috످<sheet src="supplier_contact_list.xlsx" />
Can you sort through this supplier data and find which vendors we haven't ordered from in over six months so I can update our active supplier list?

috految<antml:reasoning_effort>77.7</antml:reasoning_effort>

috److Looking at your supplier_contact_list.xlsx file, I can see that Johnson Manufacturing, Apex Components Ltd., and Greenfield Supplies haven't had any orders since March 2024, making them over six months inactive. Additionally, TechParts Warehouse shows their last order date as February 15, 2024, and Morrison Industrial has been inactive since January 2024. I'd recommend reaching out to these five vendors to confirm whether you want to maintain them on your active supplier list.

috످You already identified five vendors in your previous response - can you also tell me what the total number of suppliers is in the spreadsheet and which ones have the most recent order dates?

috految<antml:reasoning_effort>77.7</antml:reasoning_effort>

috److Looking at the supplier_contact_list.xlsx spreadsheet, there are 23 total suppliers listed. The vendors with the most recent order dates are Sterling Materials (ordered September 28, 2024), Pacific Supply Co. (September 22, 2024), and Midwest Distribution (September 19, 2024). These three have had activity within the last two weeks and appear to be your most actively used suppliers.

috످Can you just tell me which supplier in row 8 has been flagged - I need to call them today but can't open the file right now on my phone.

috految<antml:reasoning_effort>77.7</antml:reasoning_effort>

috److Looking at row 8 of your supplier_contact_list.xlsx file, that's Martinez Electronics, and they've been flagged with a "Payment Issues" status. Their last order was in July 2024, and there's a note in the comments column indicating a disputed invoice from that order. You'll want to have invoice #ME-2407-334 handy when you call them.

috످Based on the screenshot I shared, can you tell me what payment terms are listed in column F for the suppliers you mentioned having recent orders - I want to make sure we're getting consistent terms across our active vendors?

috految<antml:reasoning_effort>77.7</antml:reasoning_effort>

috److془I need to come clean. No screenshot, only filename. Fabricated everything. Urgent: don't call Martinez.془Please don't call Martinez Electronics or update your supplier list based on my earlier answers. I can't see your spreadsheet's contents (only the file name), and there's no screenshot in this chat, so I can't check the payment terms.

I made up all the supplier details I gave you, including Martinez Electronics, the payment flag, the disputed invoice and its number, the five inactive vendors, the three recent suppliers, the order dates, and the total of 23. I'm sorry. If you've already contacted anyone or removed vendors, please check your records and correct any mistakes.

For today's call, ask a coworker to text you the supplier name, phone number, and any flag in row 8. If the file is in your email or cloud storage, you may also be able to preview it on your phone.

Once you can open the file, paste the rows here as text, including the headers and column F. Then I can compare payment terms and find which vendors you haven't ordered from in over six months.

috످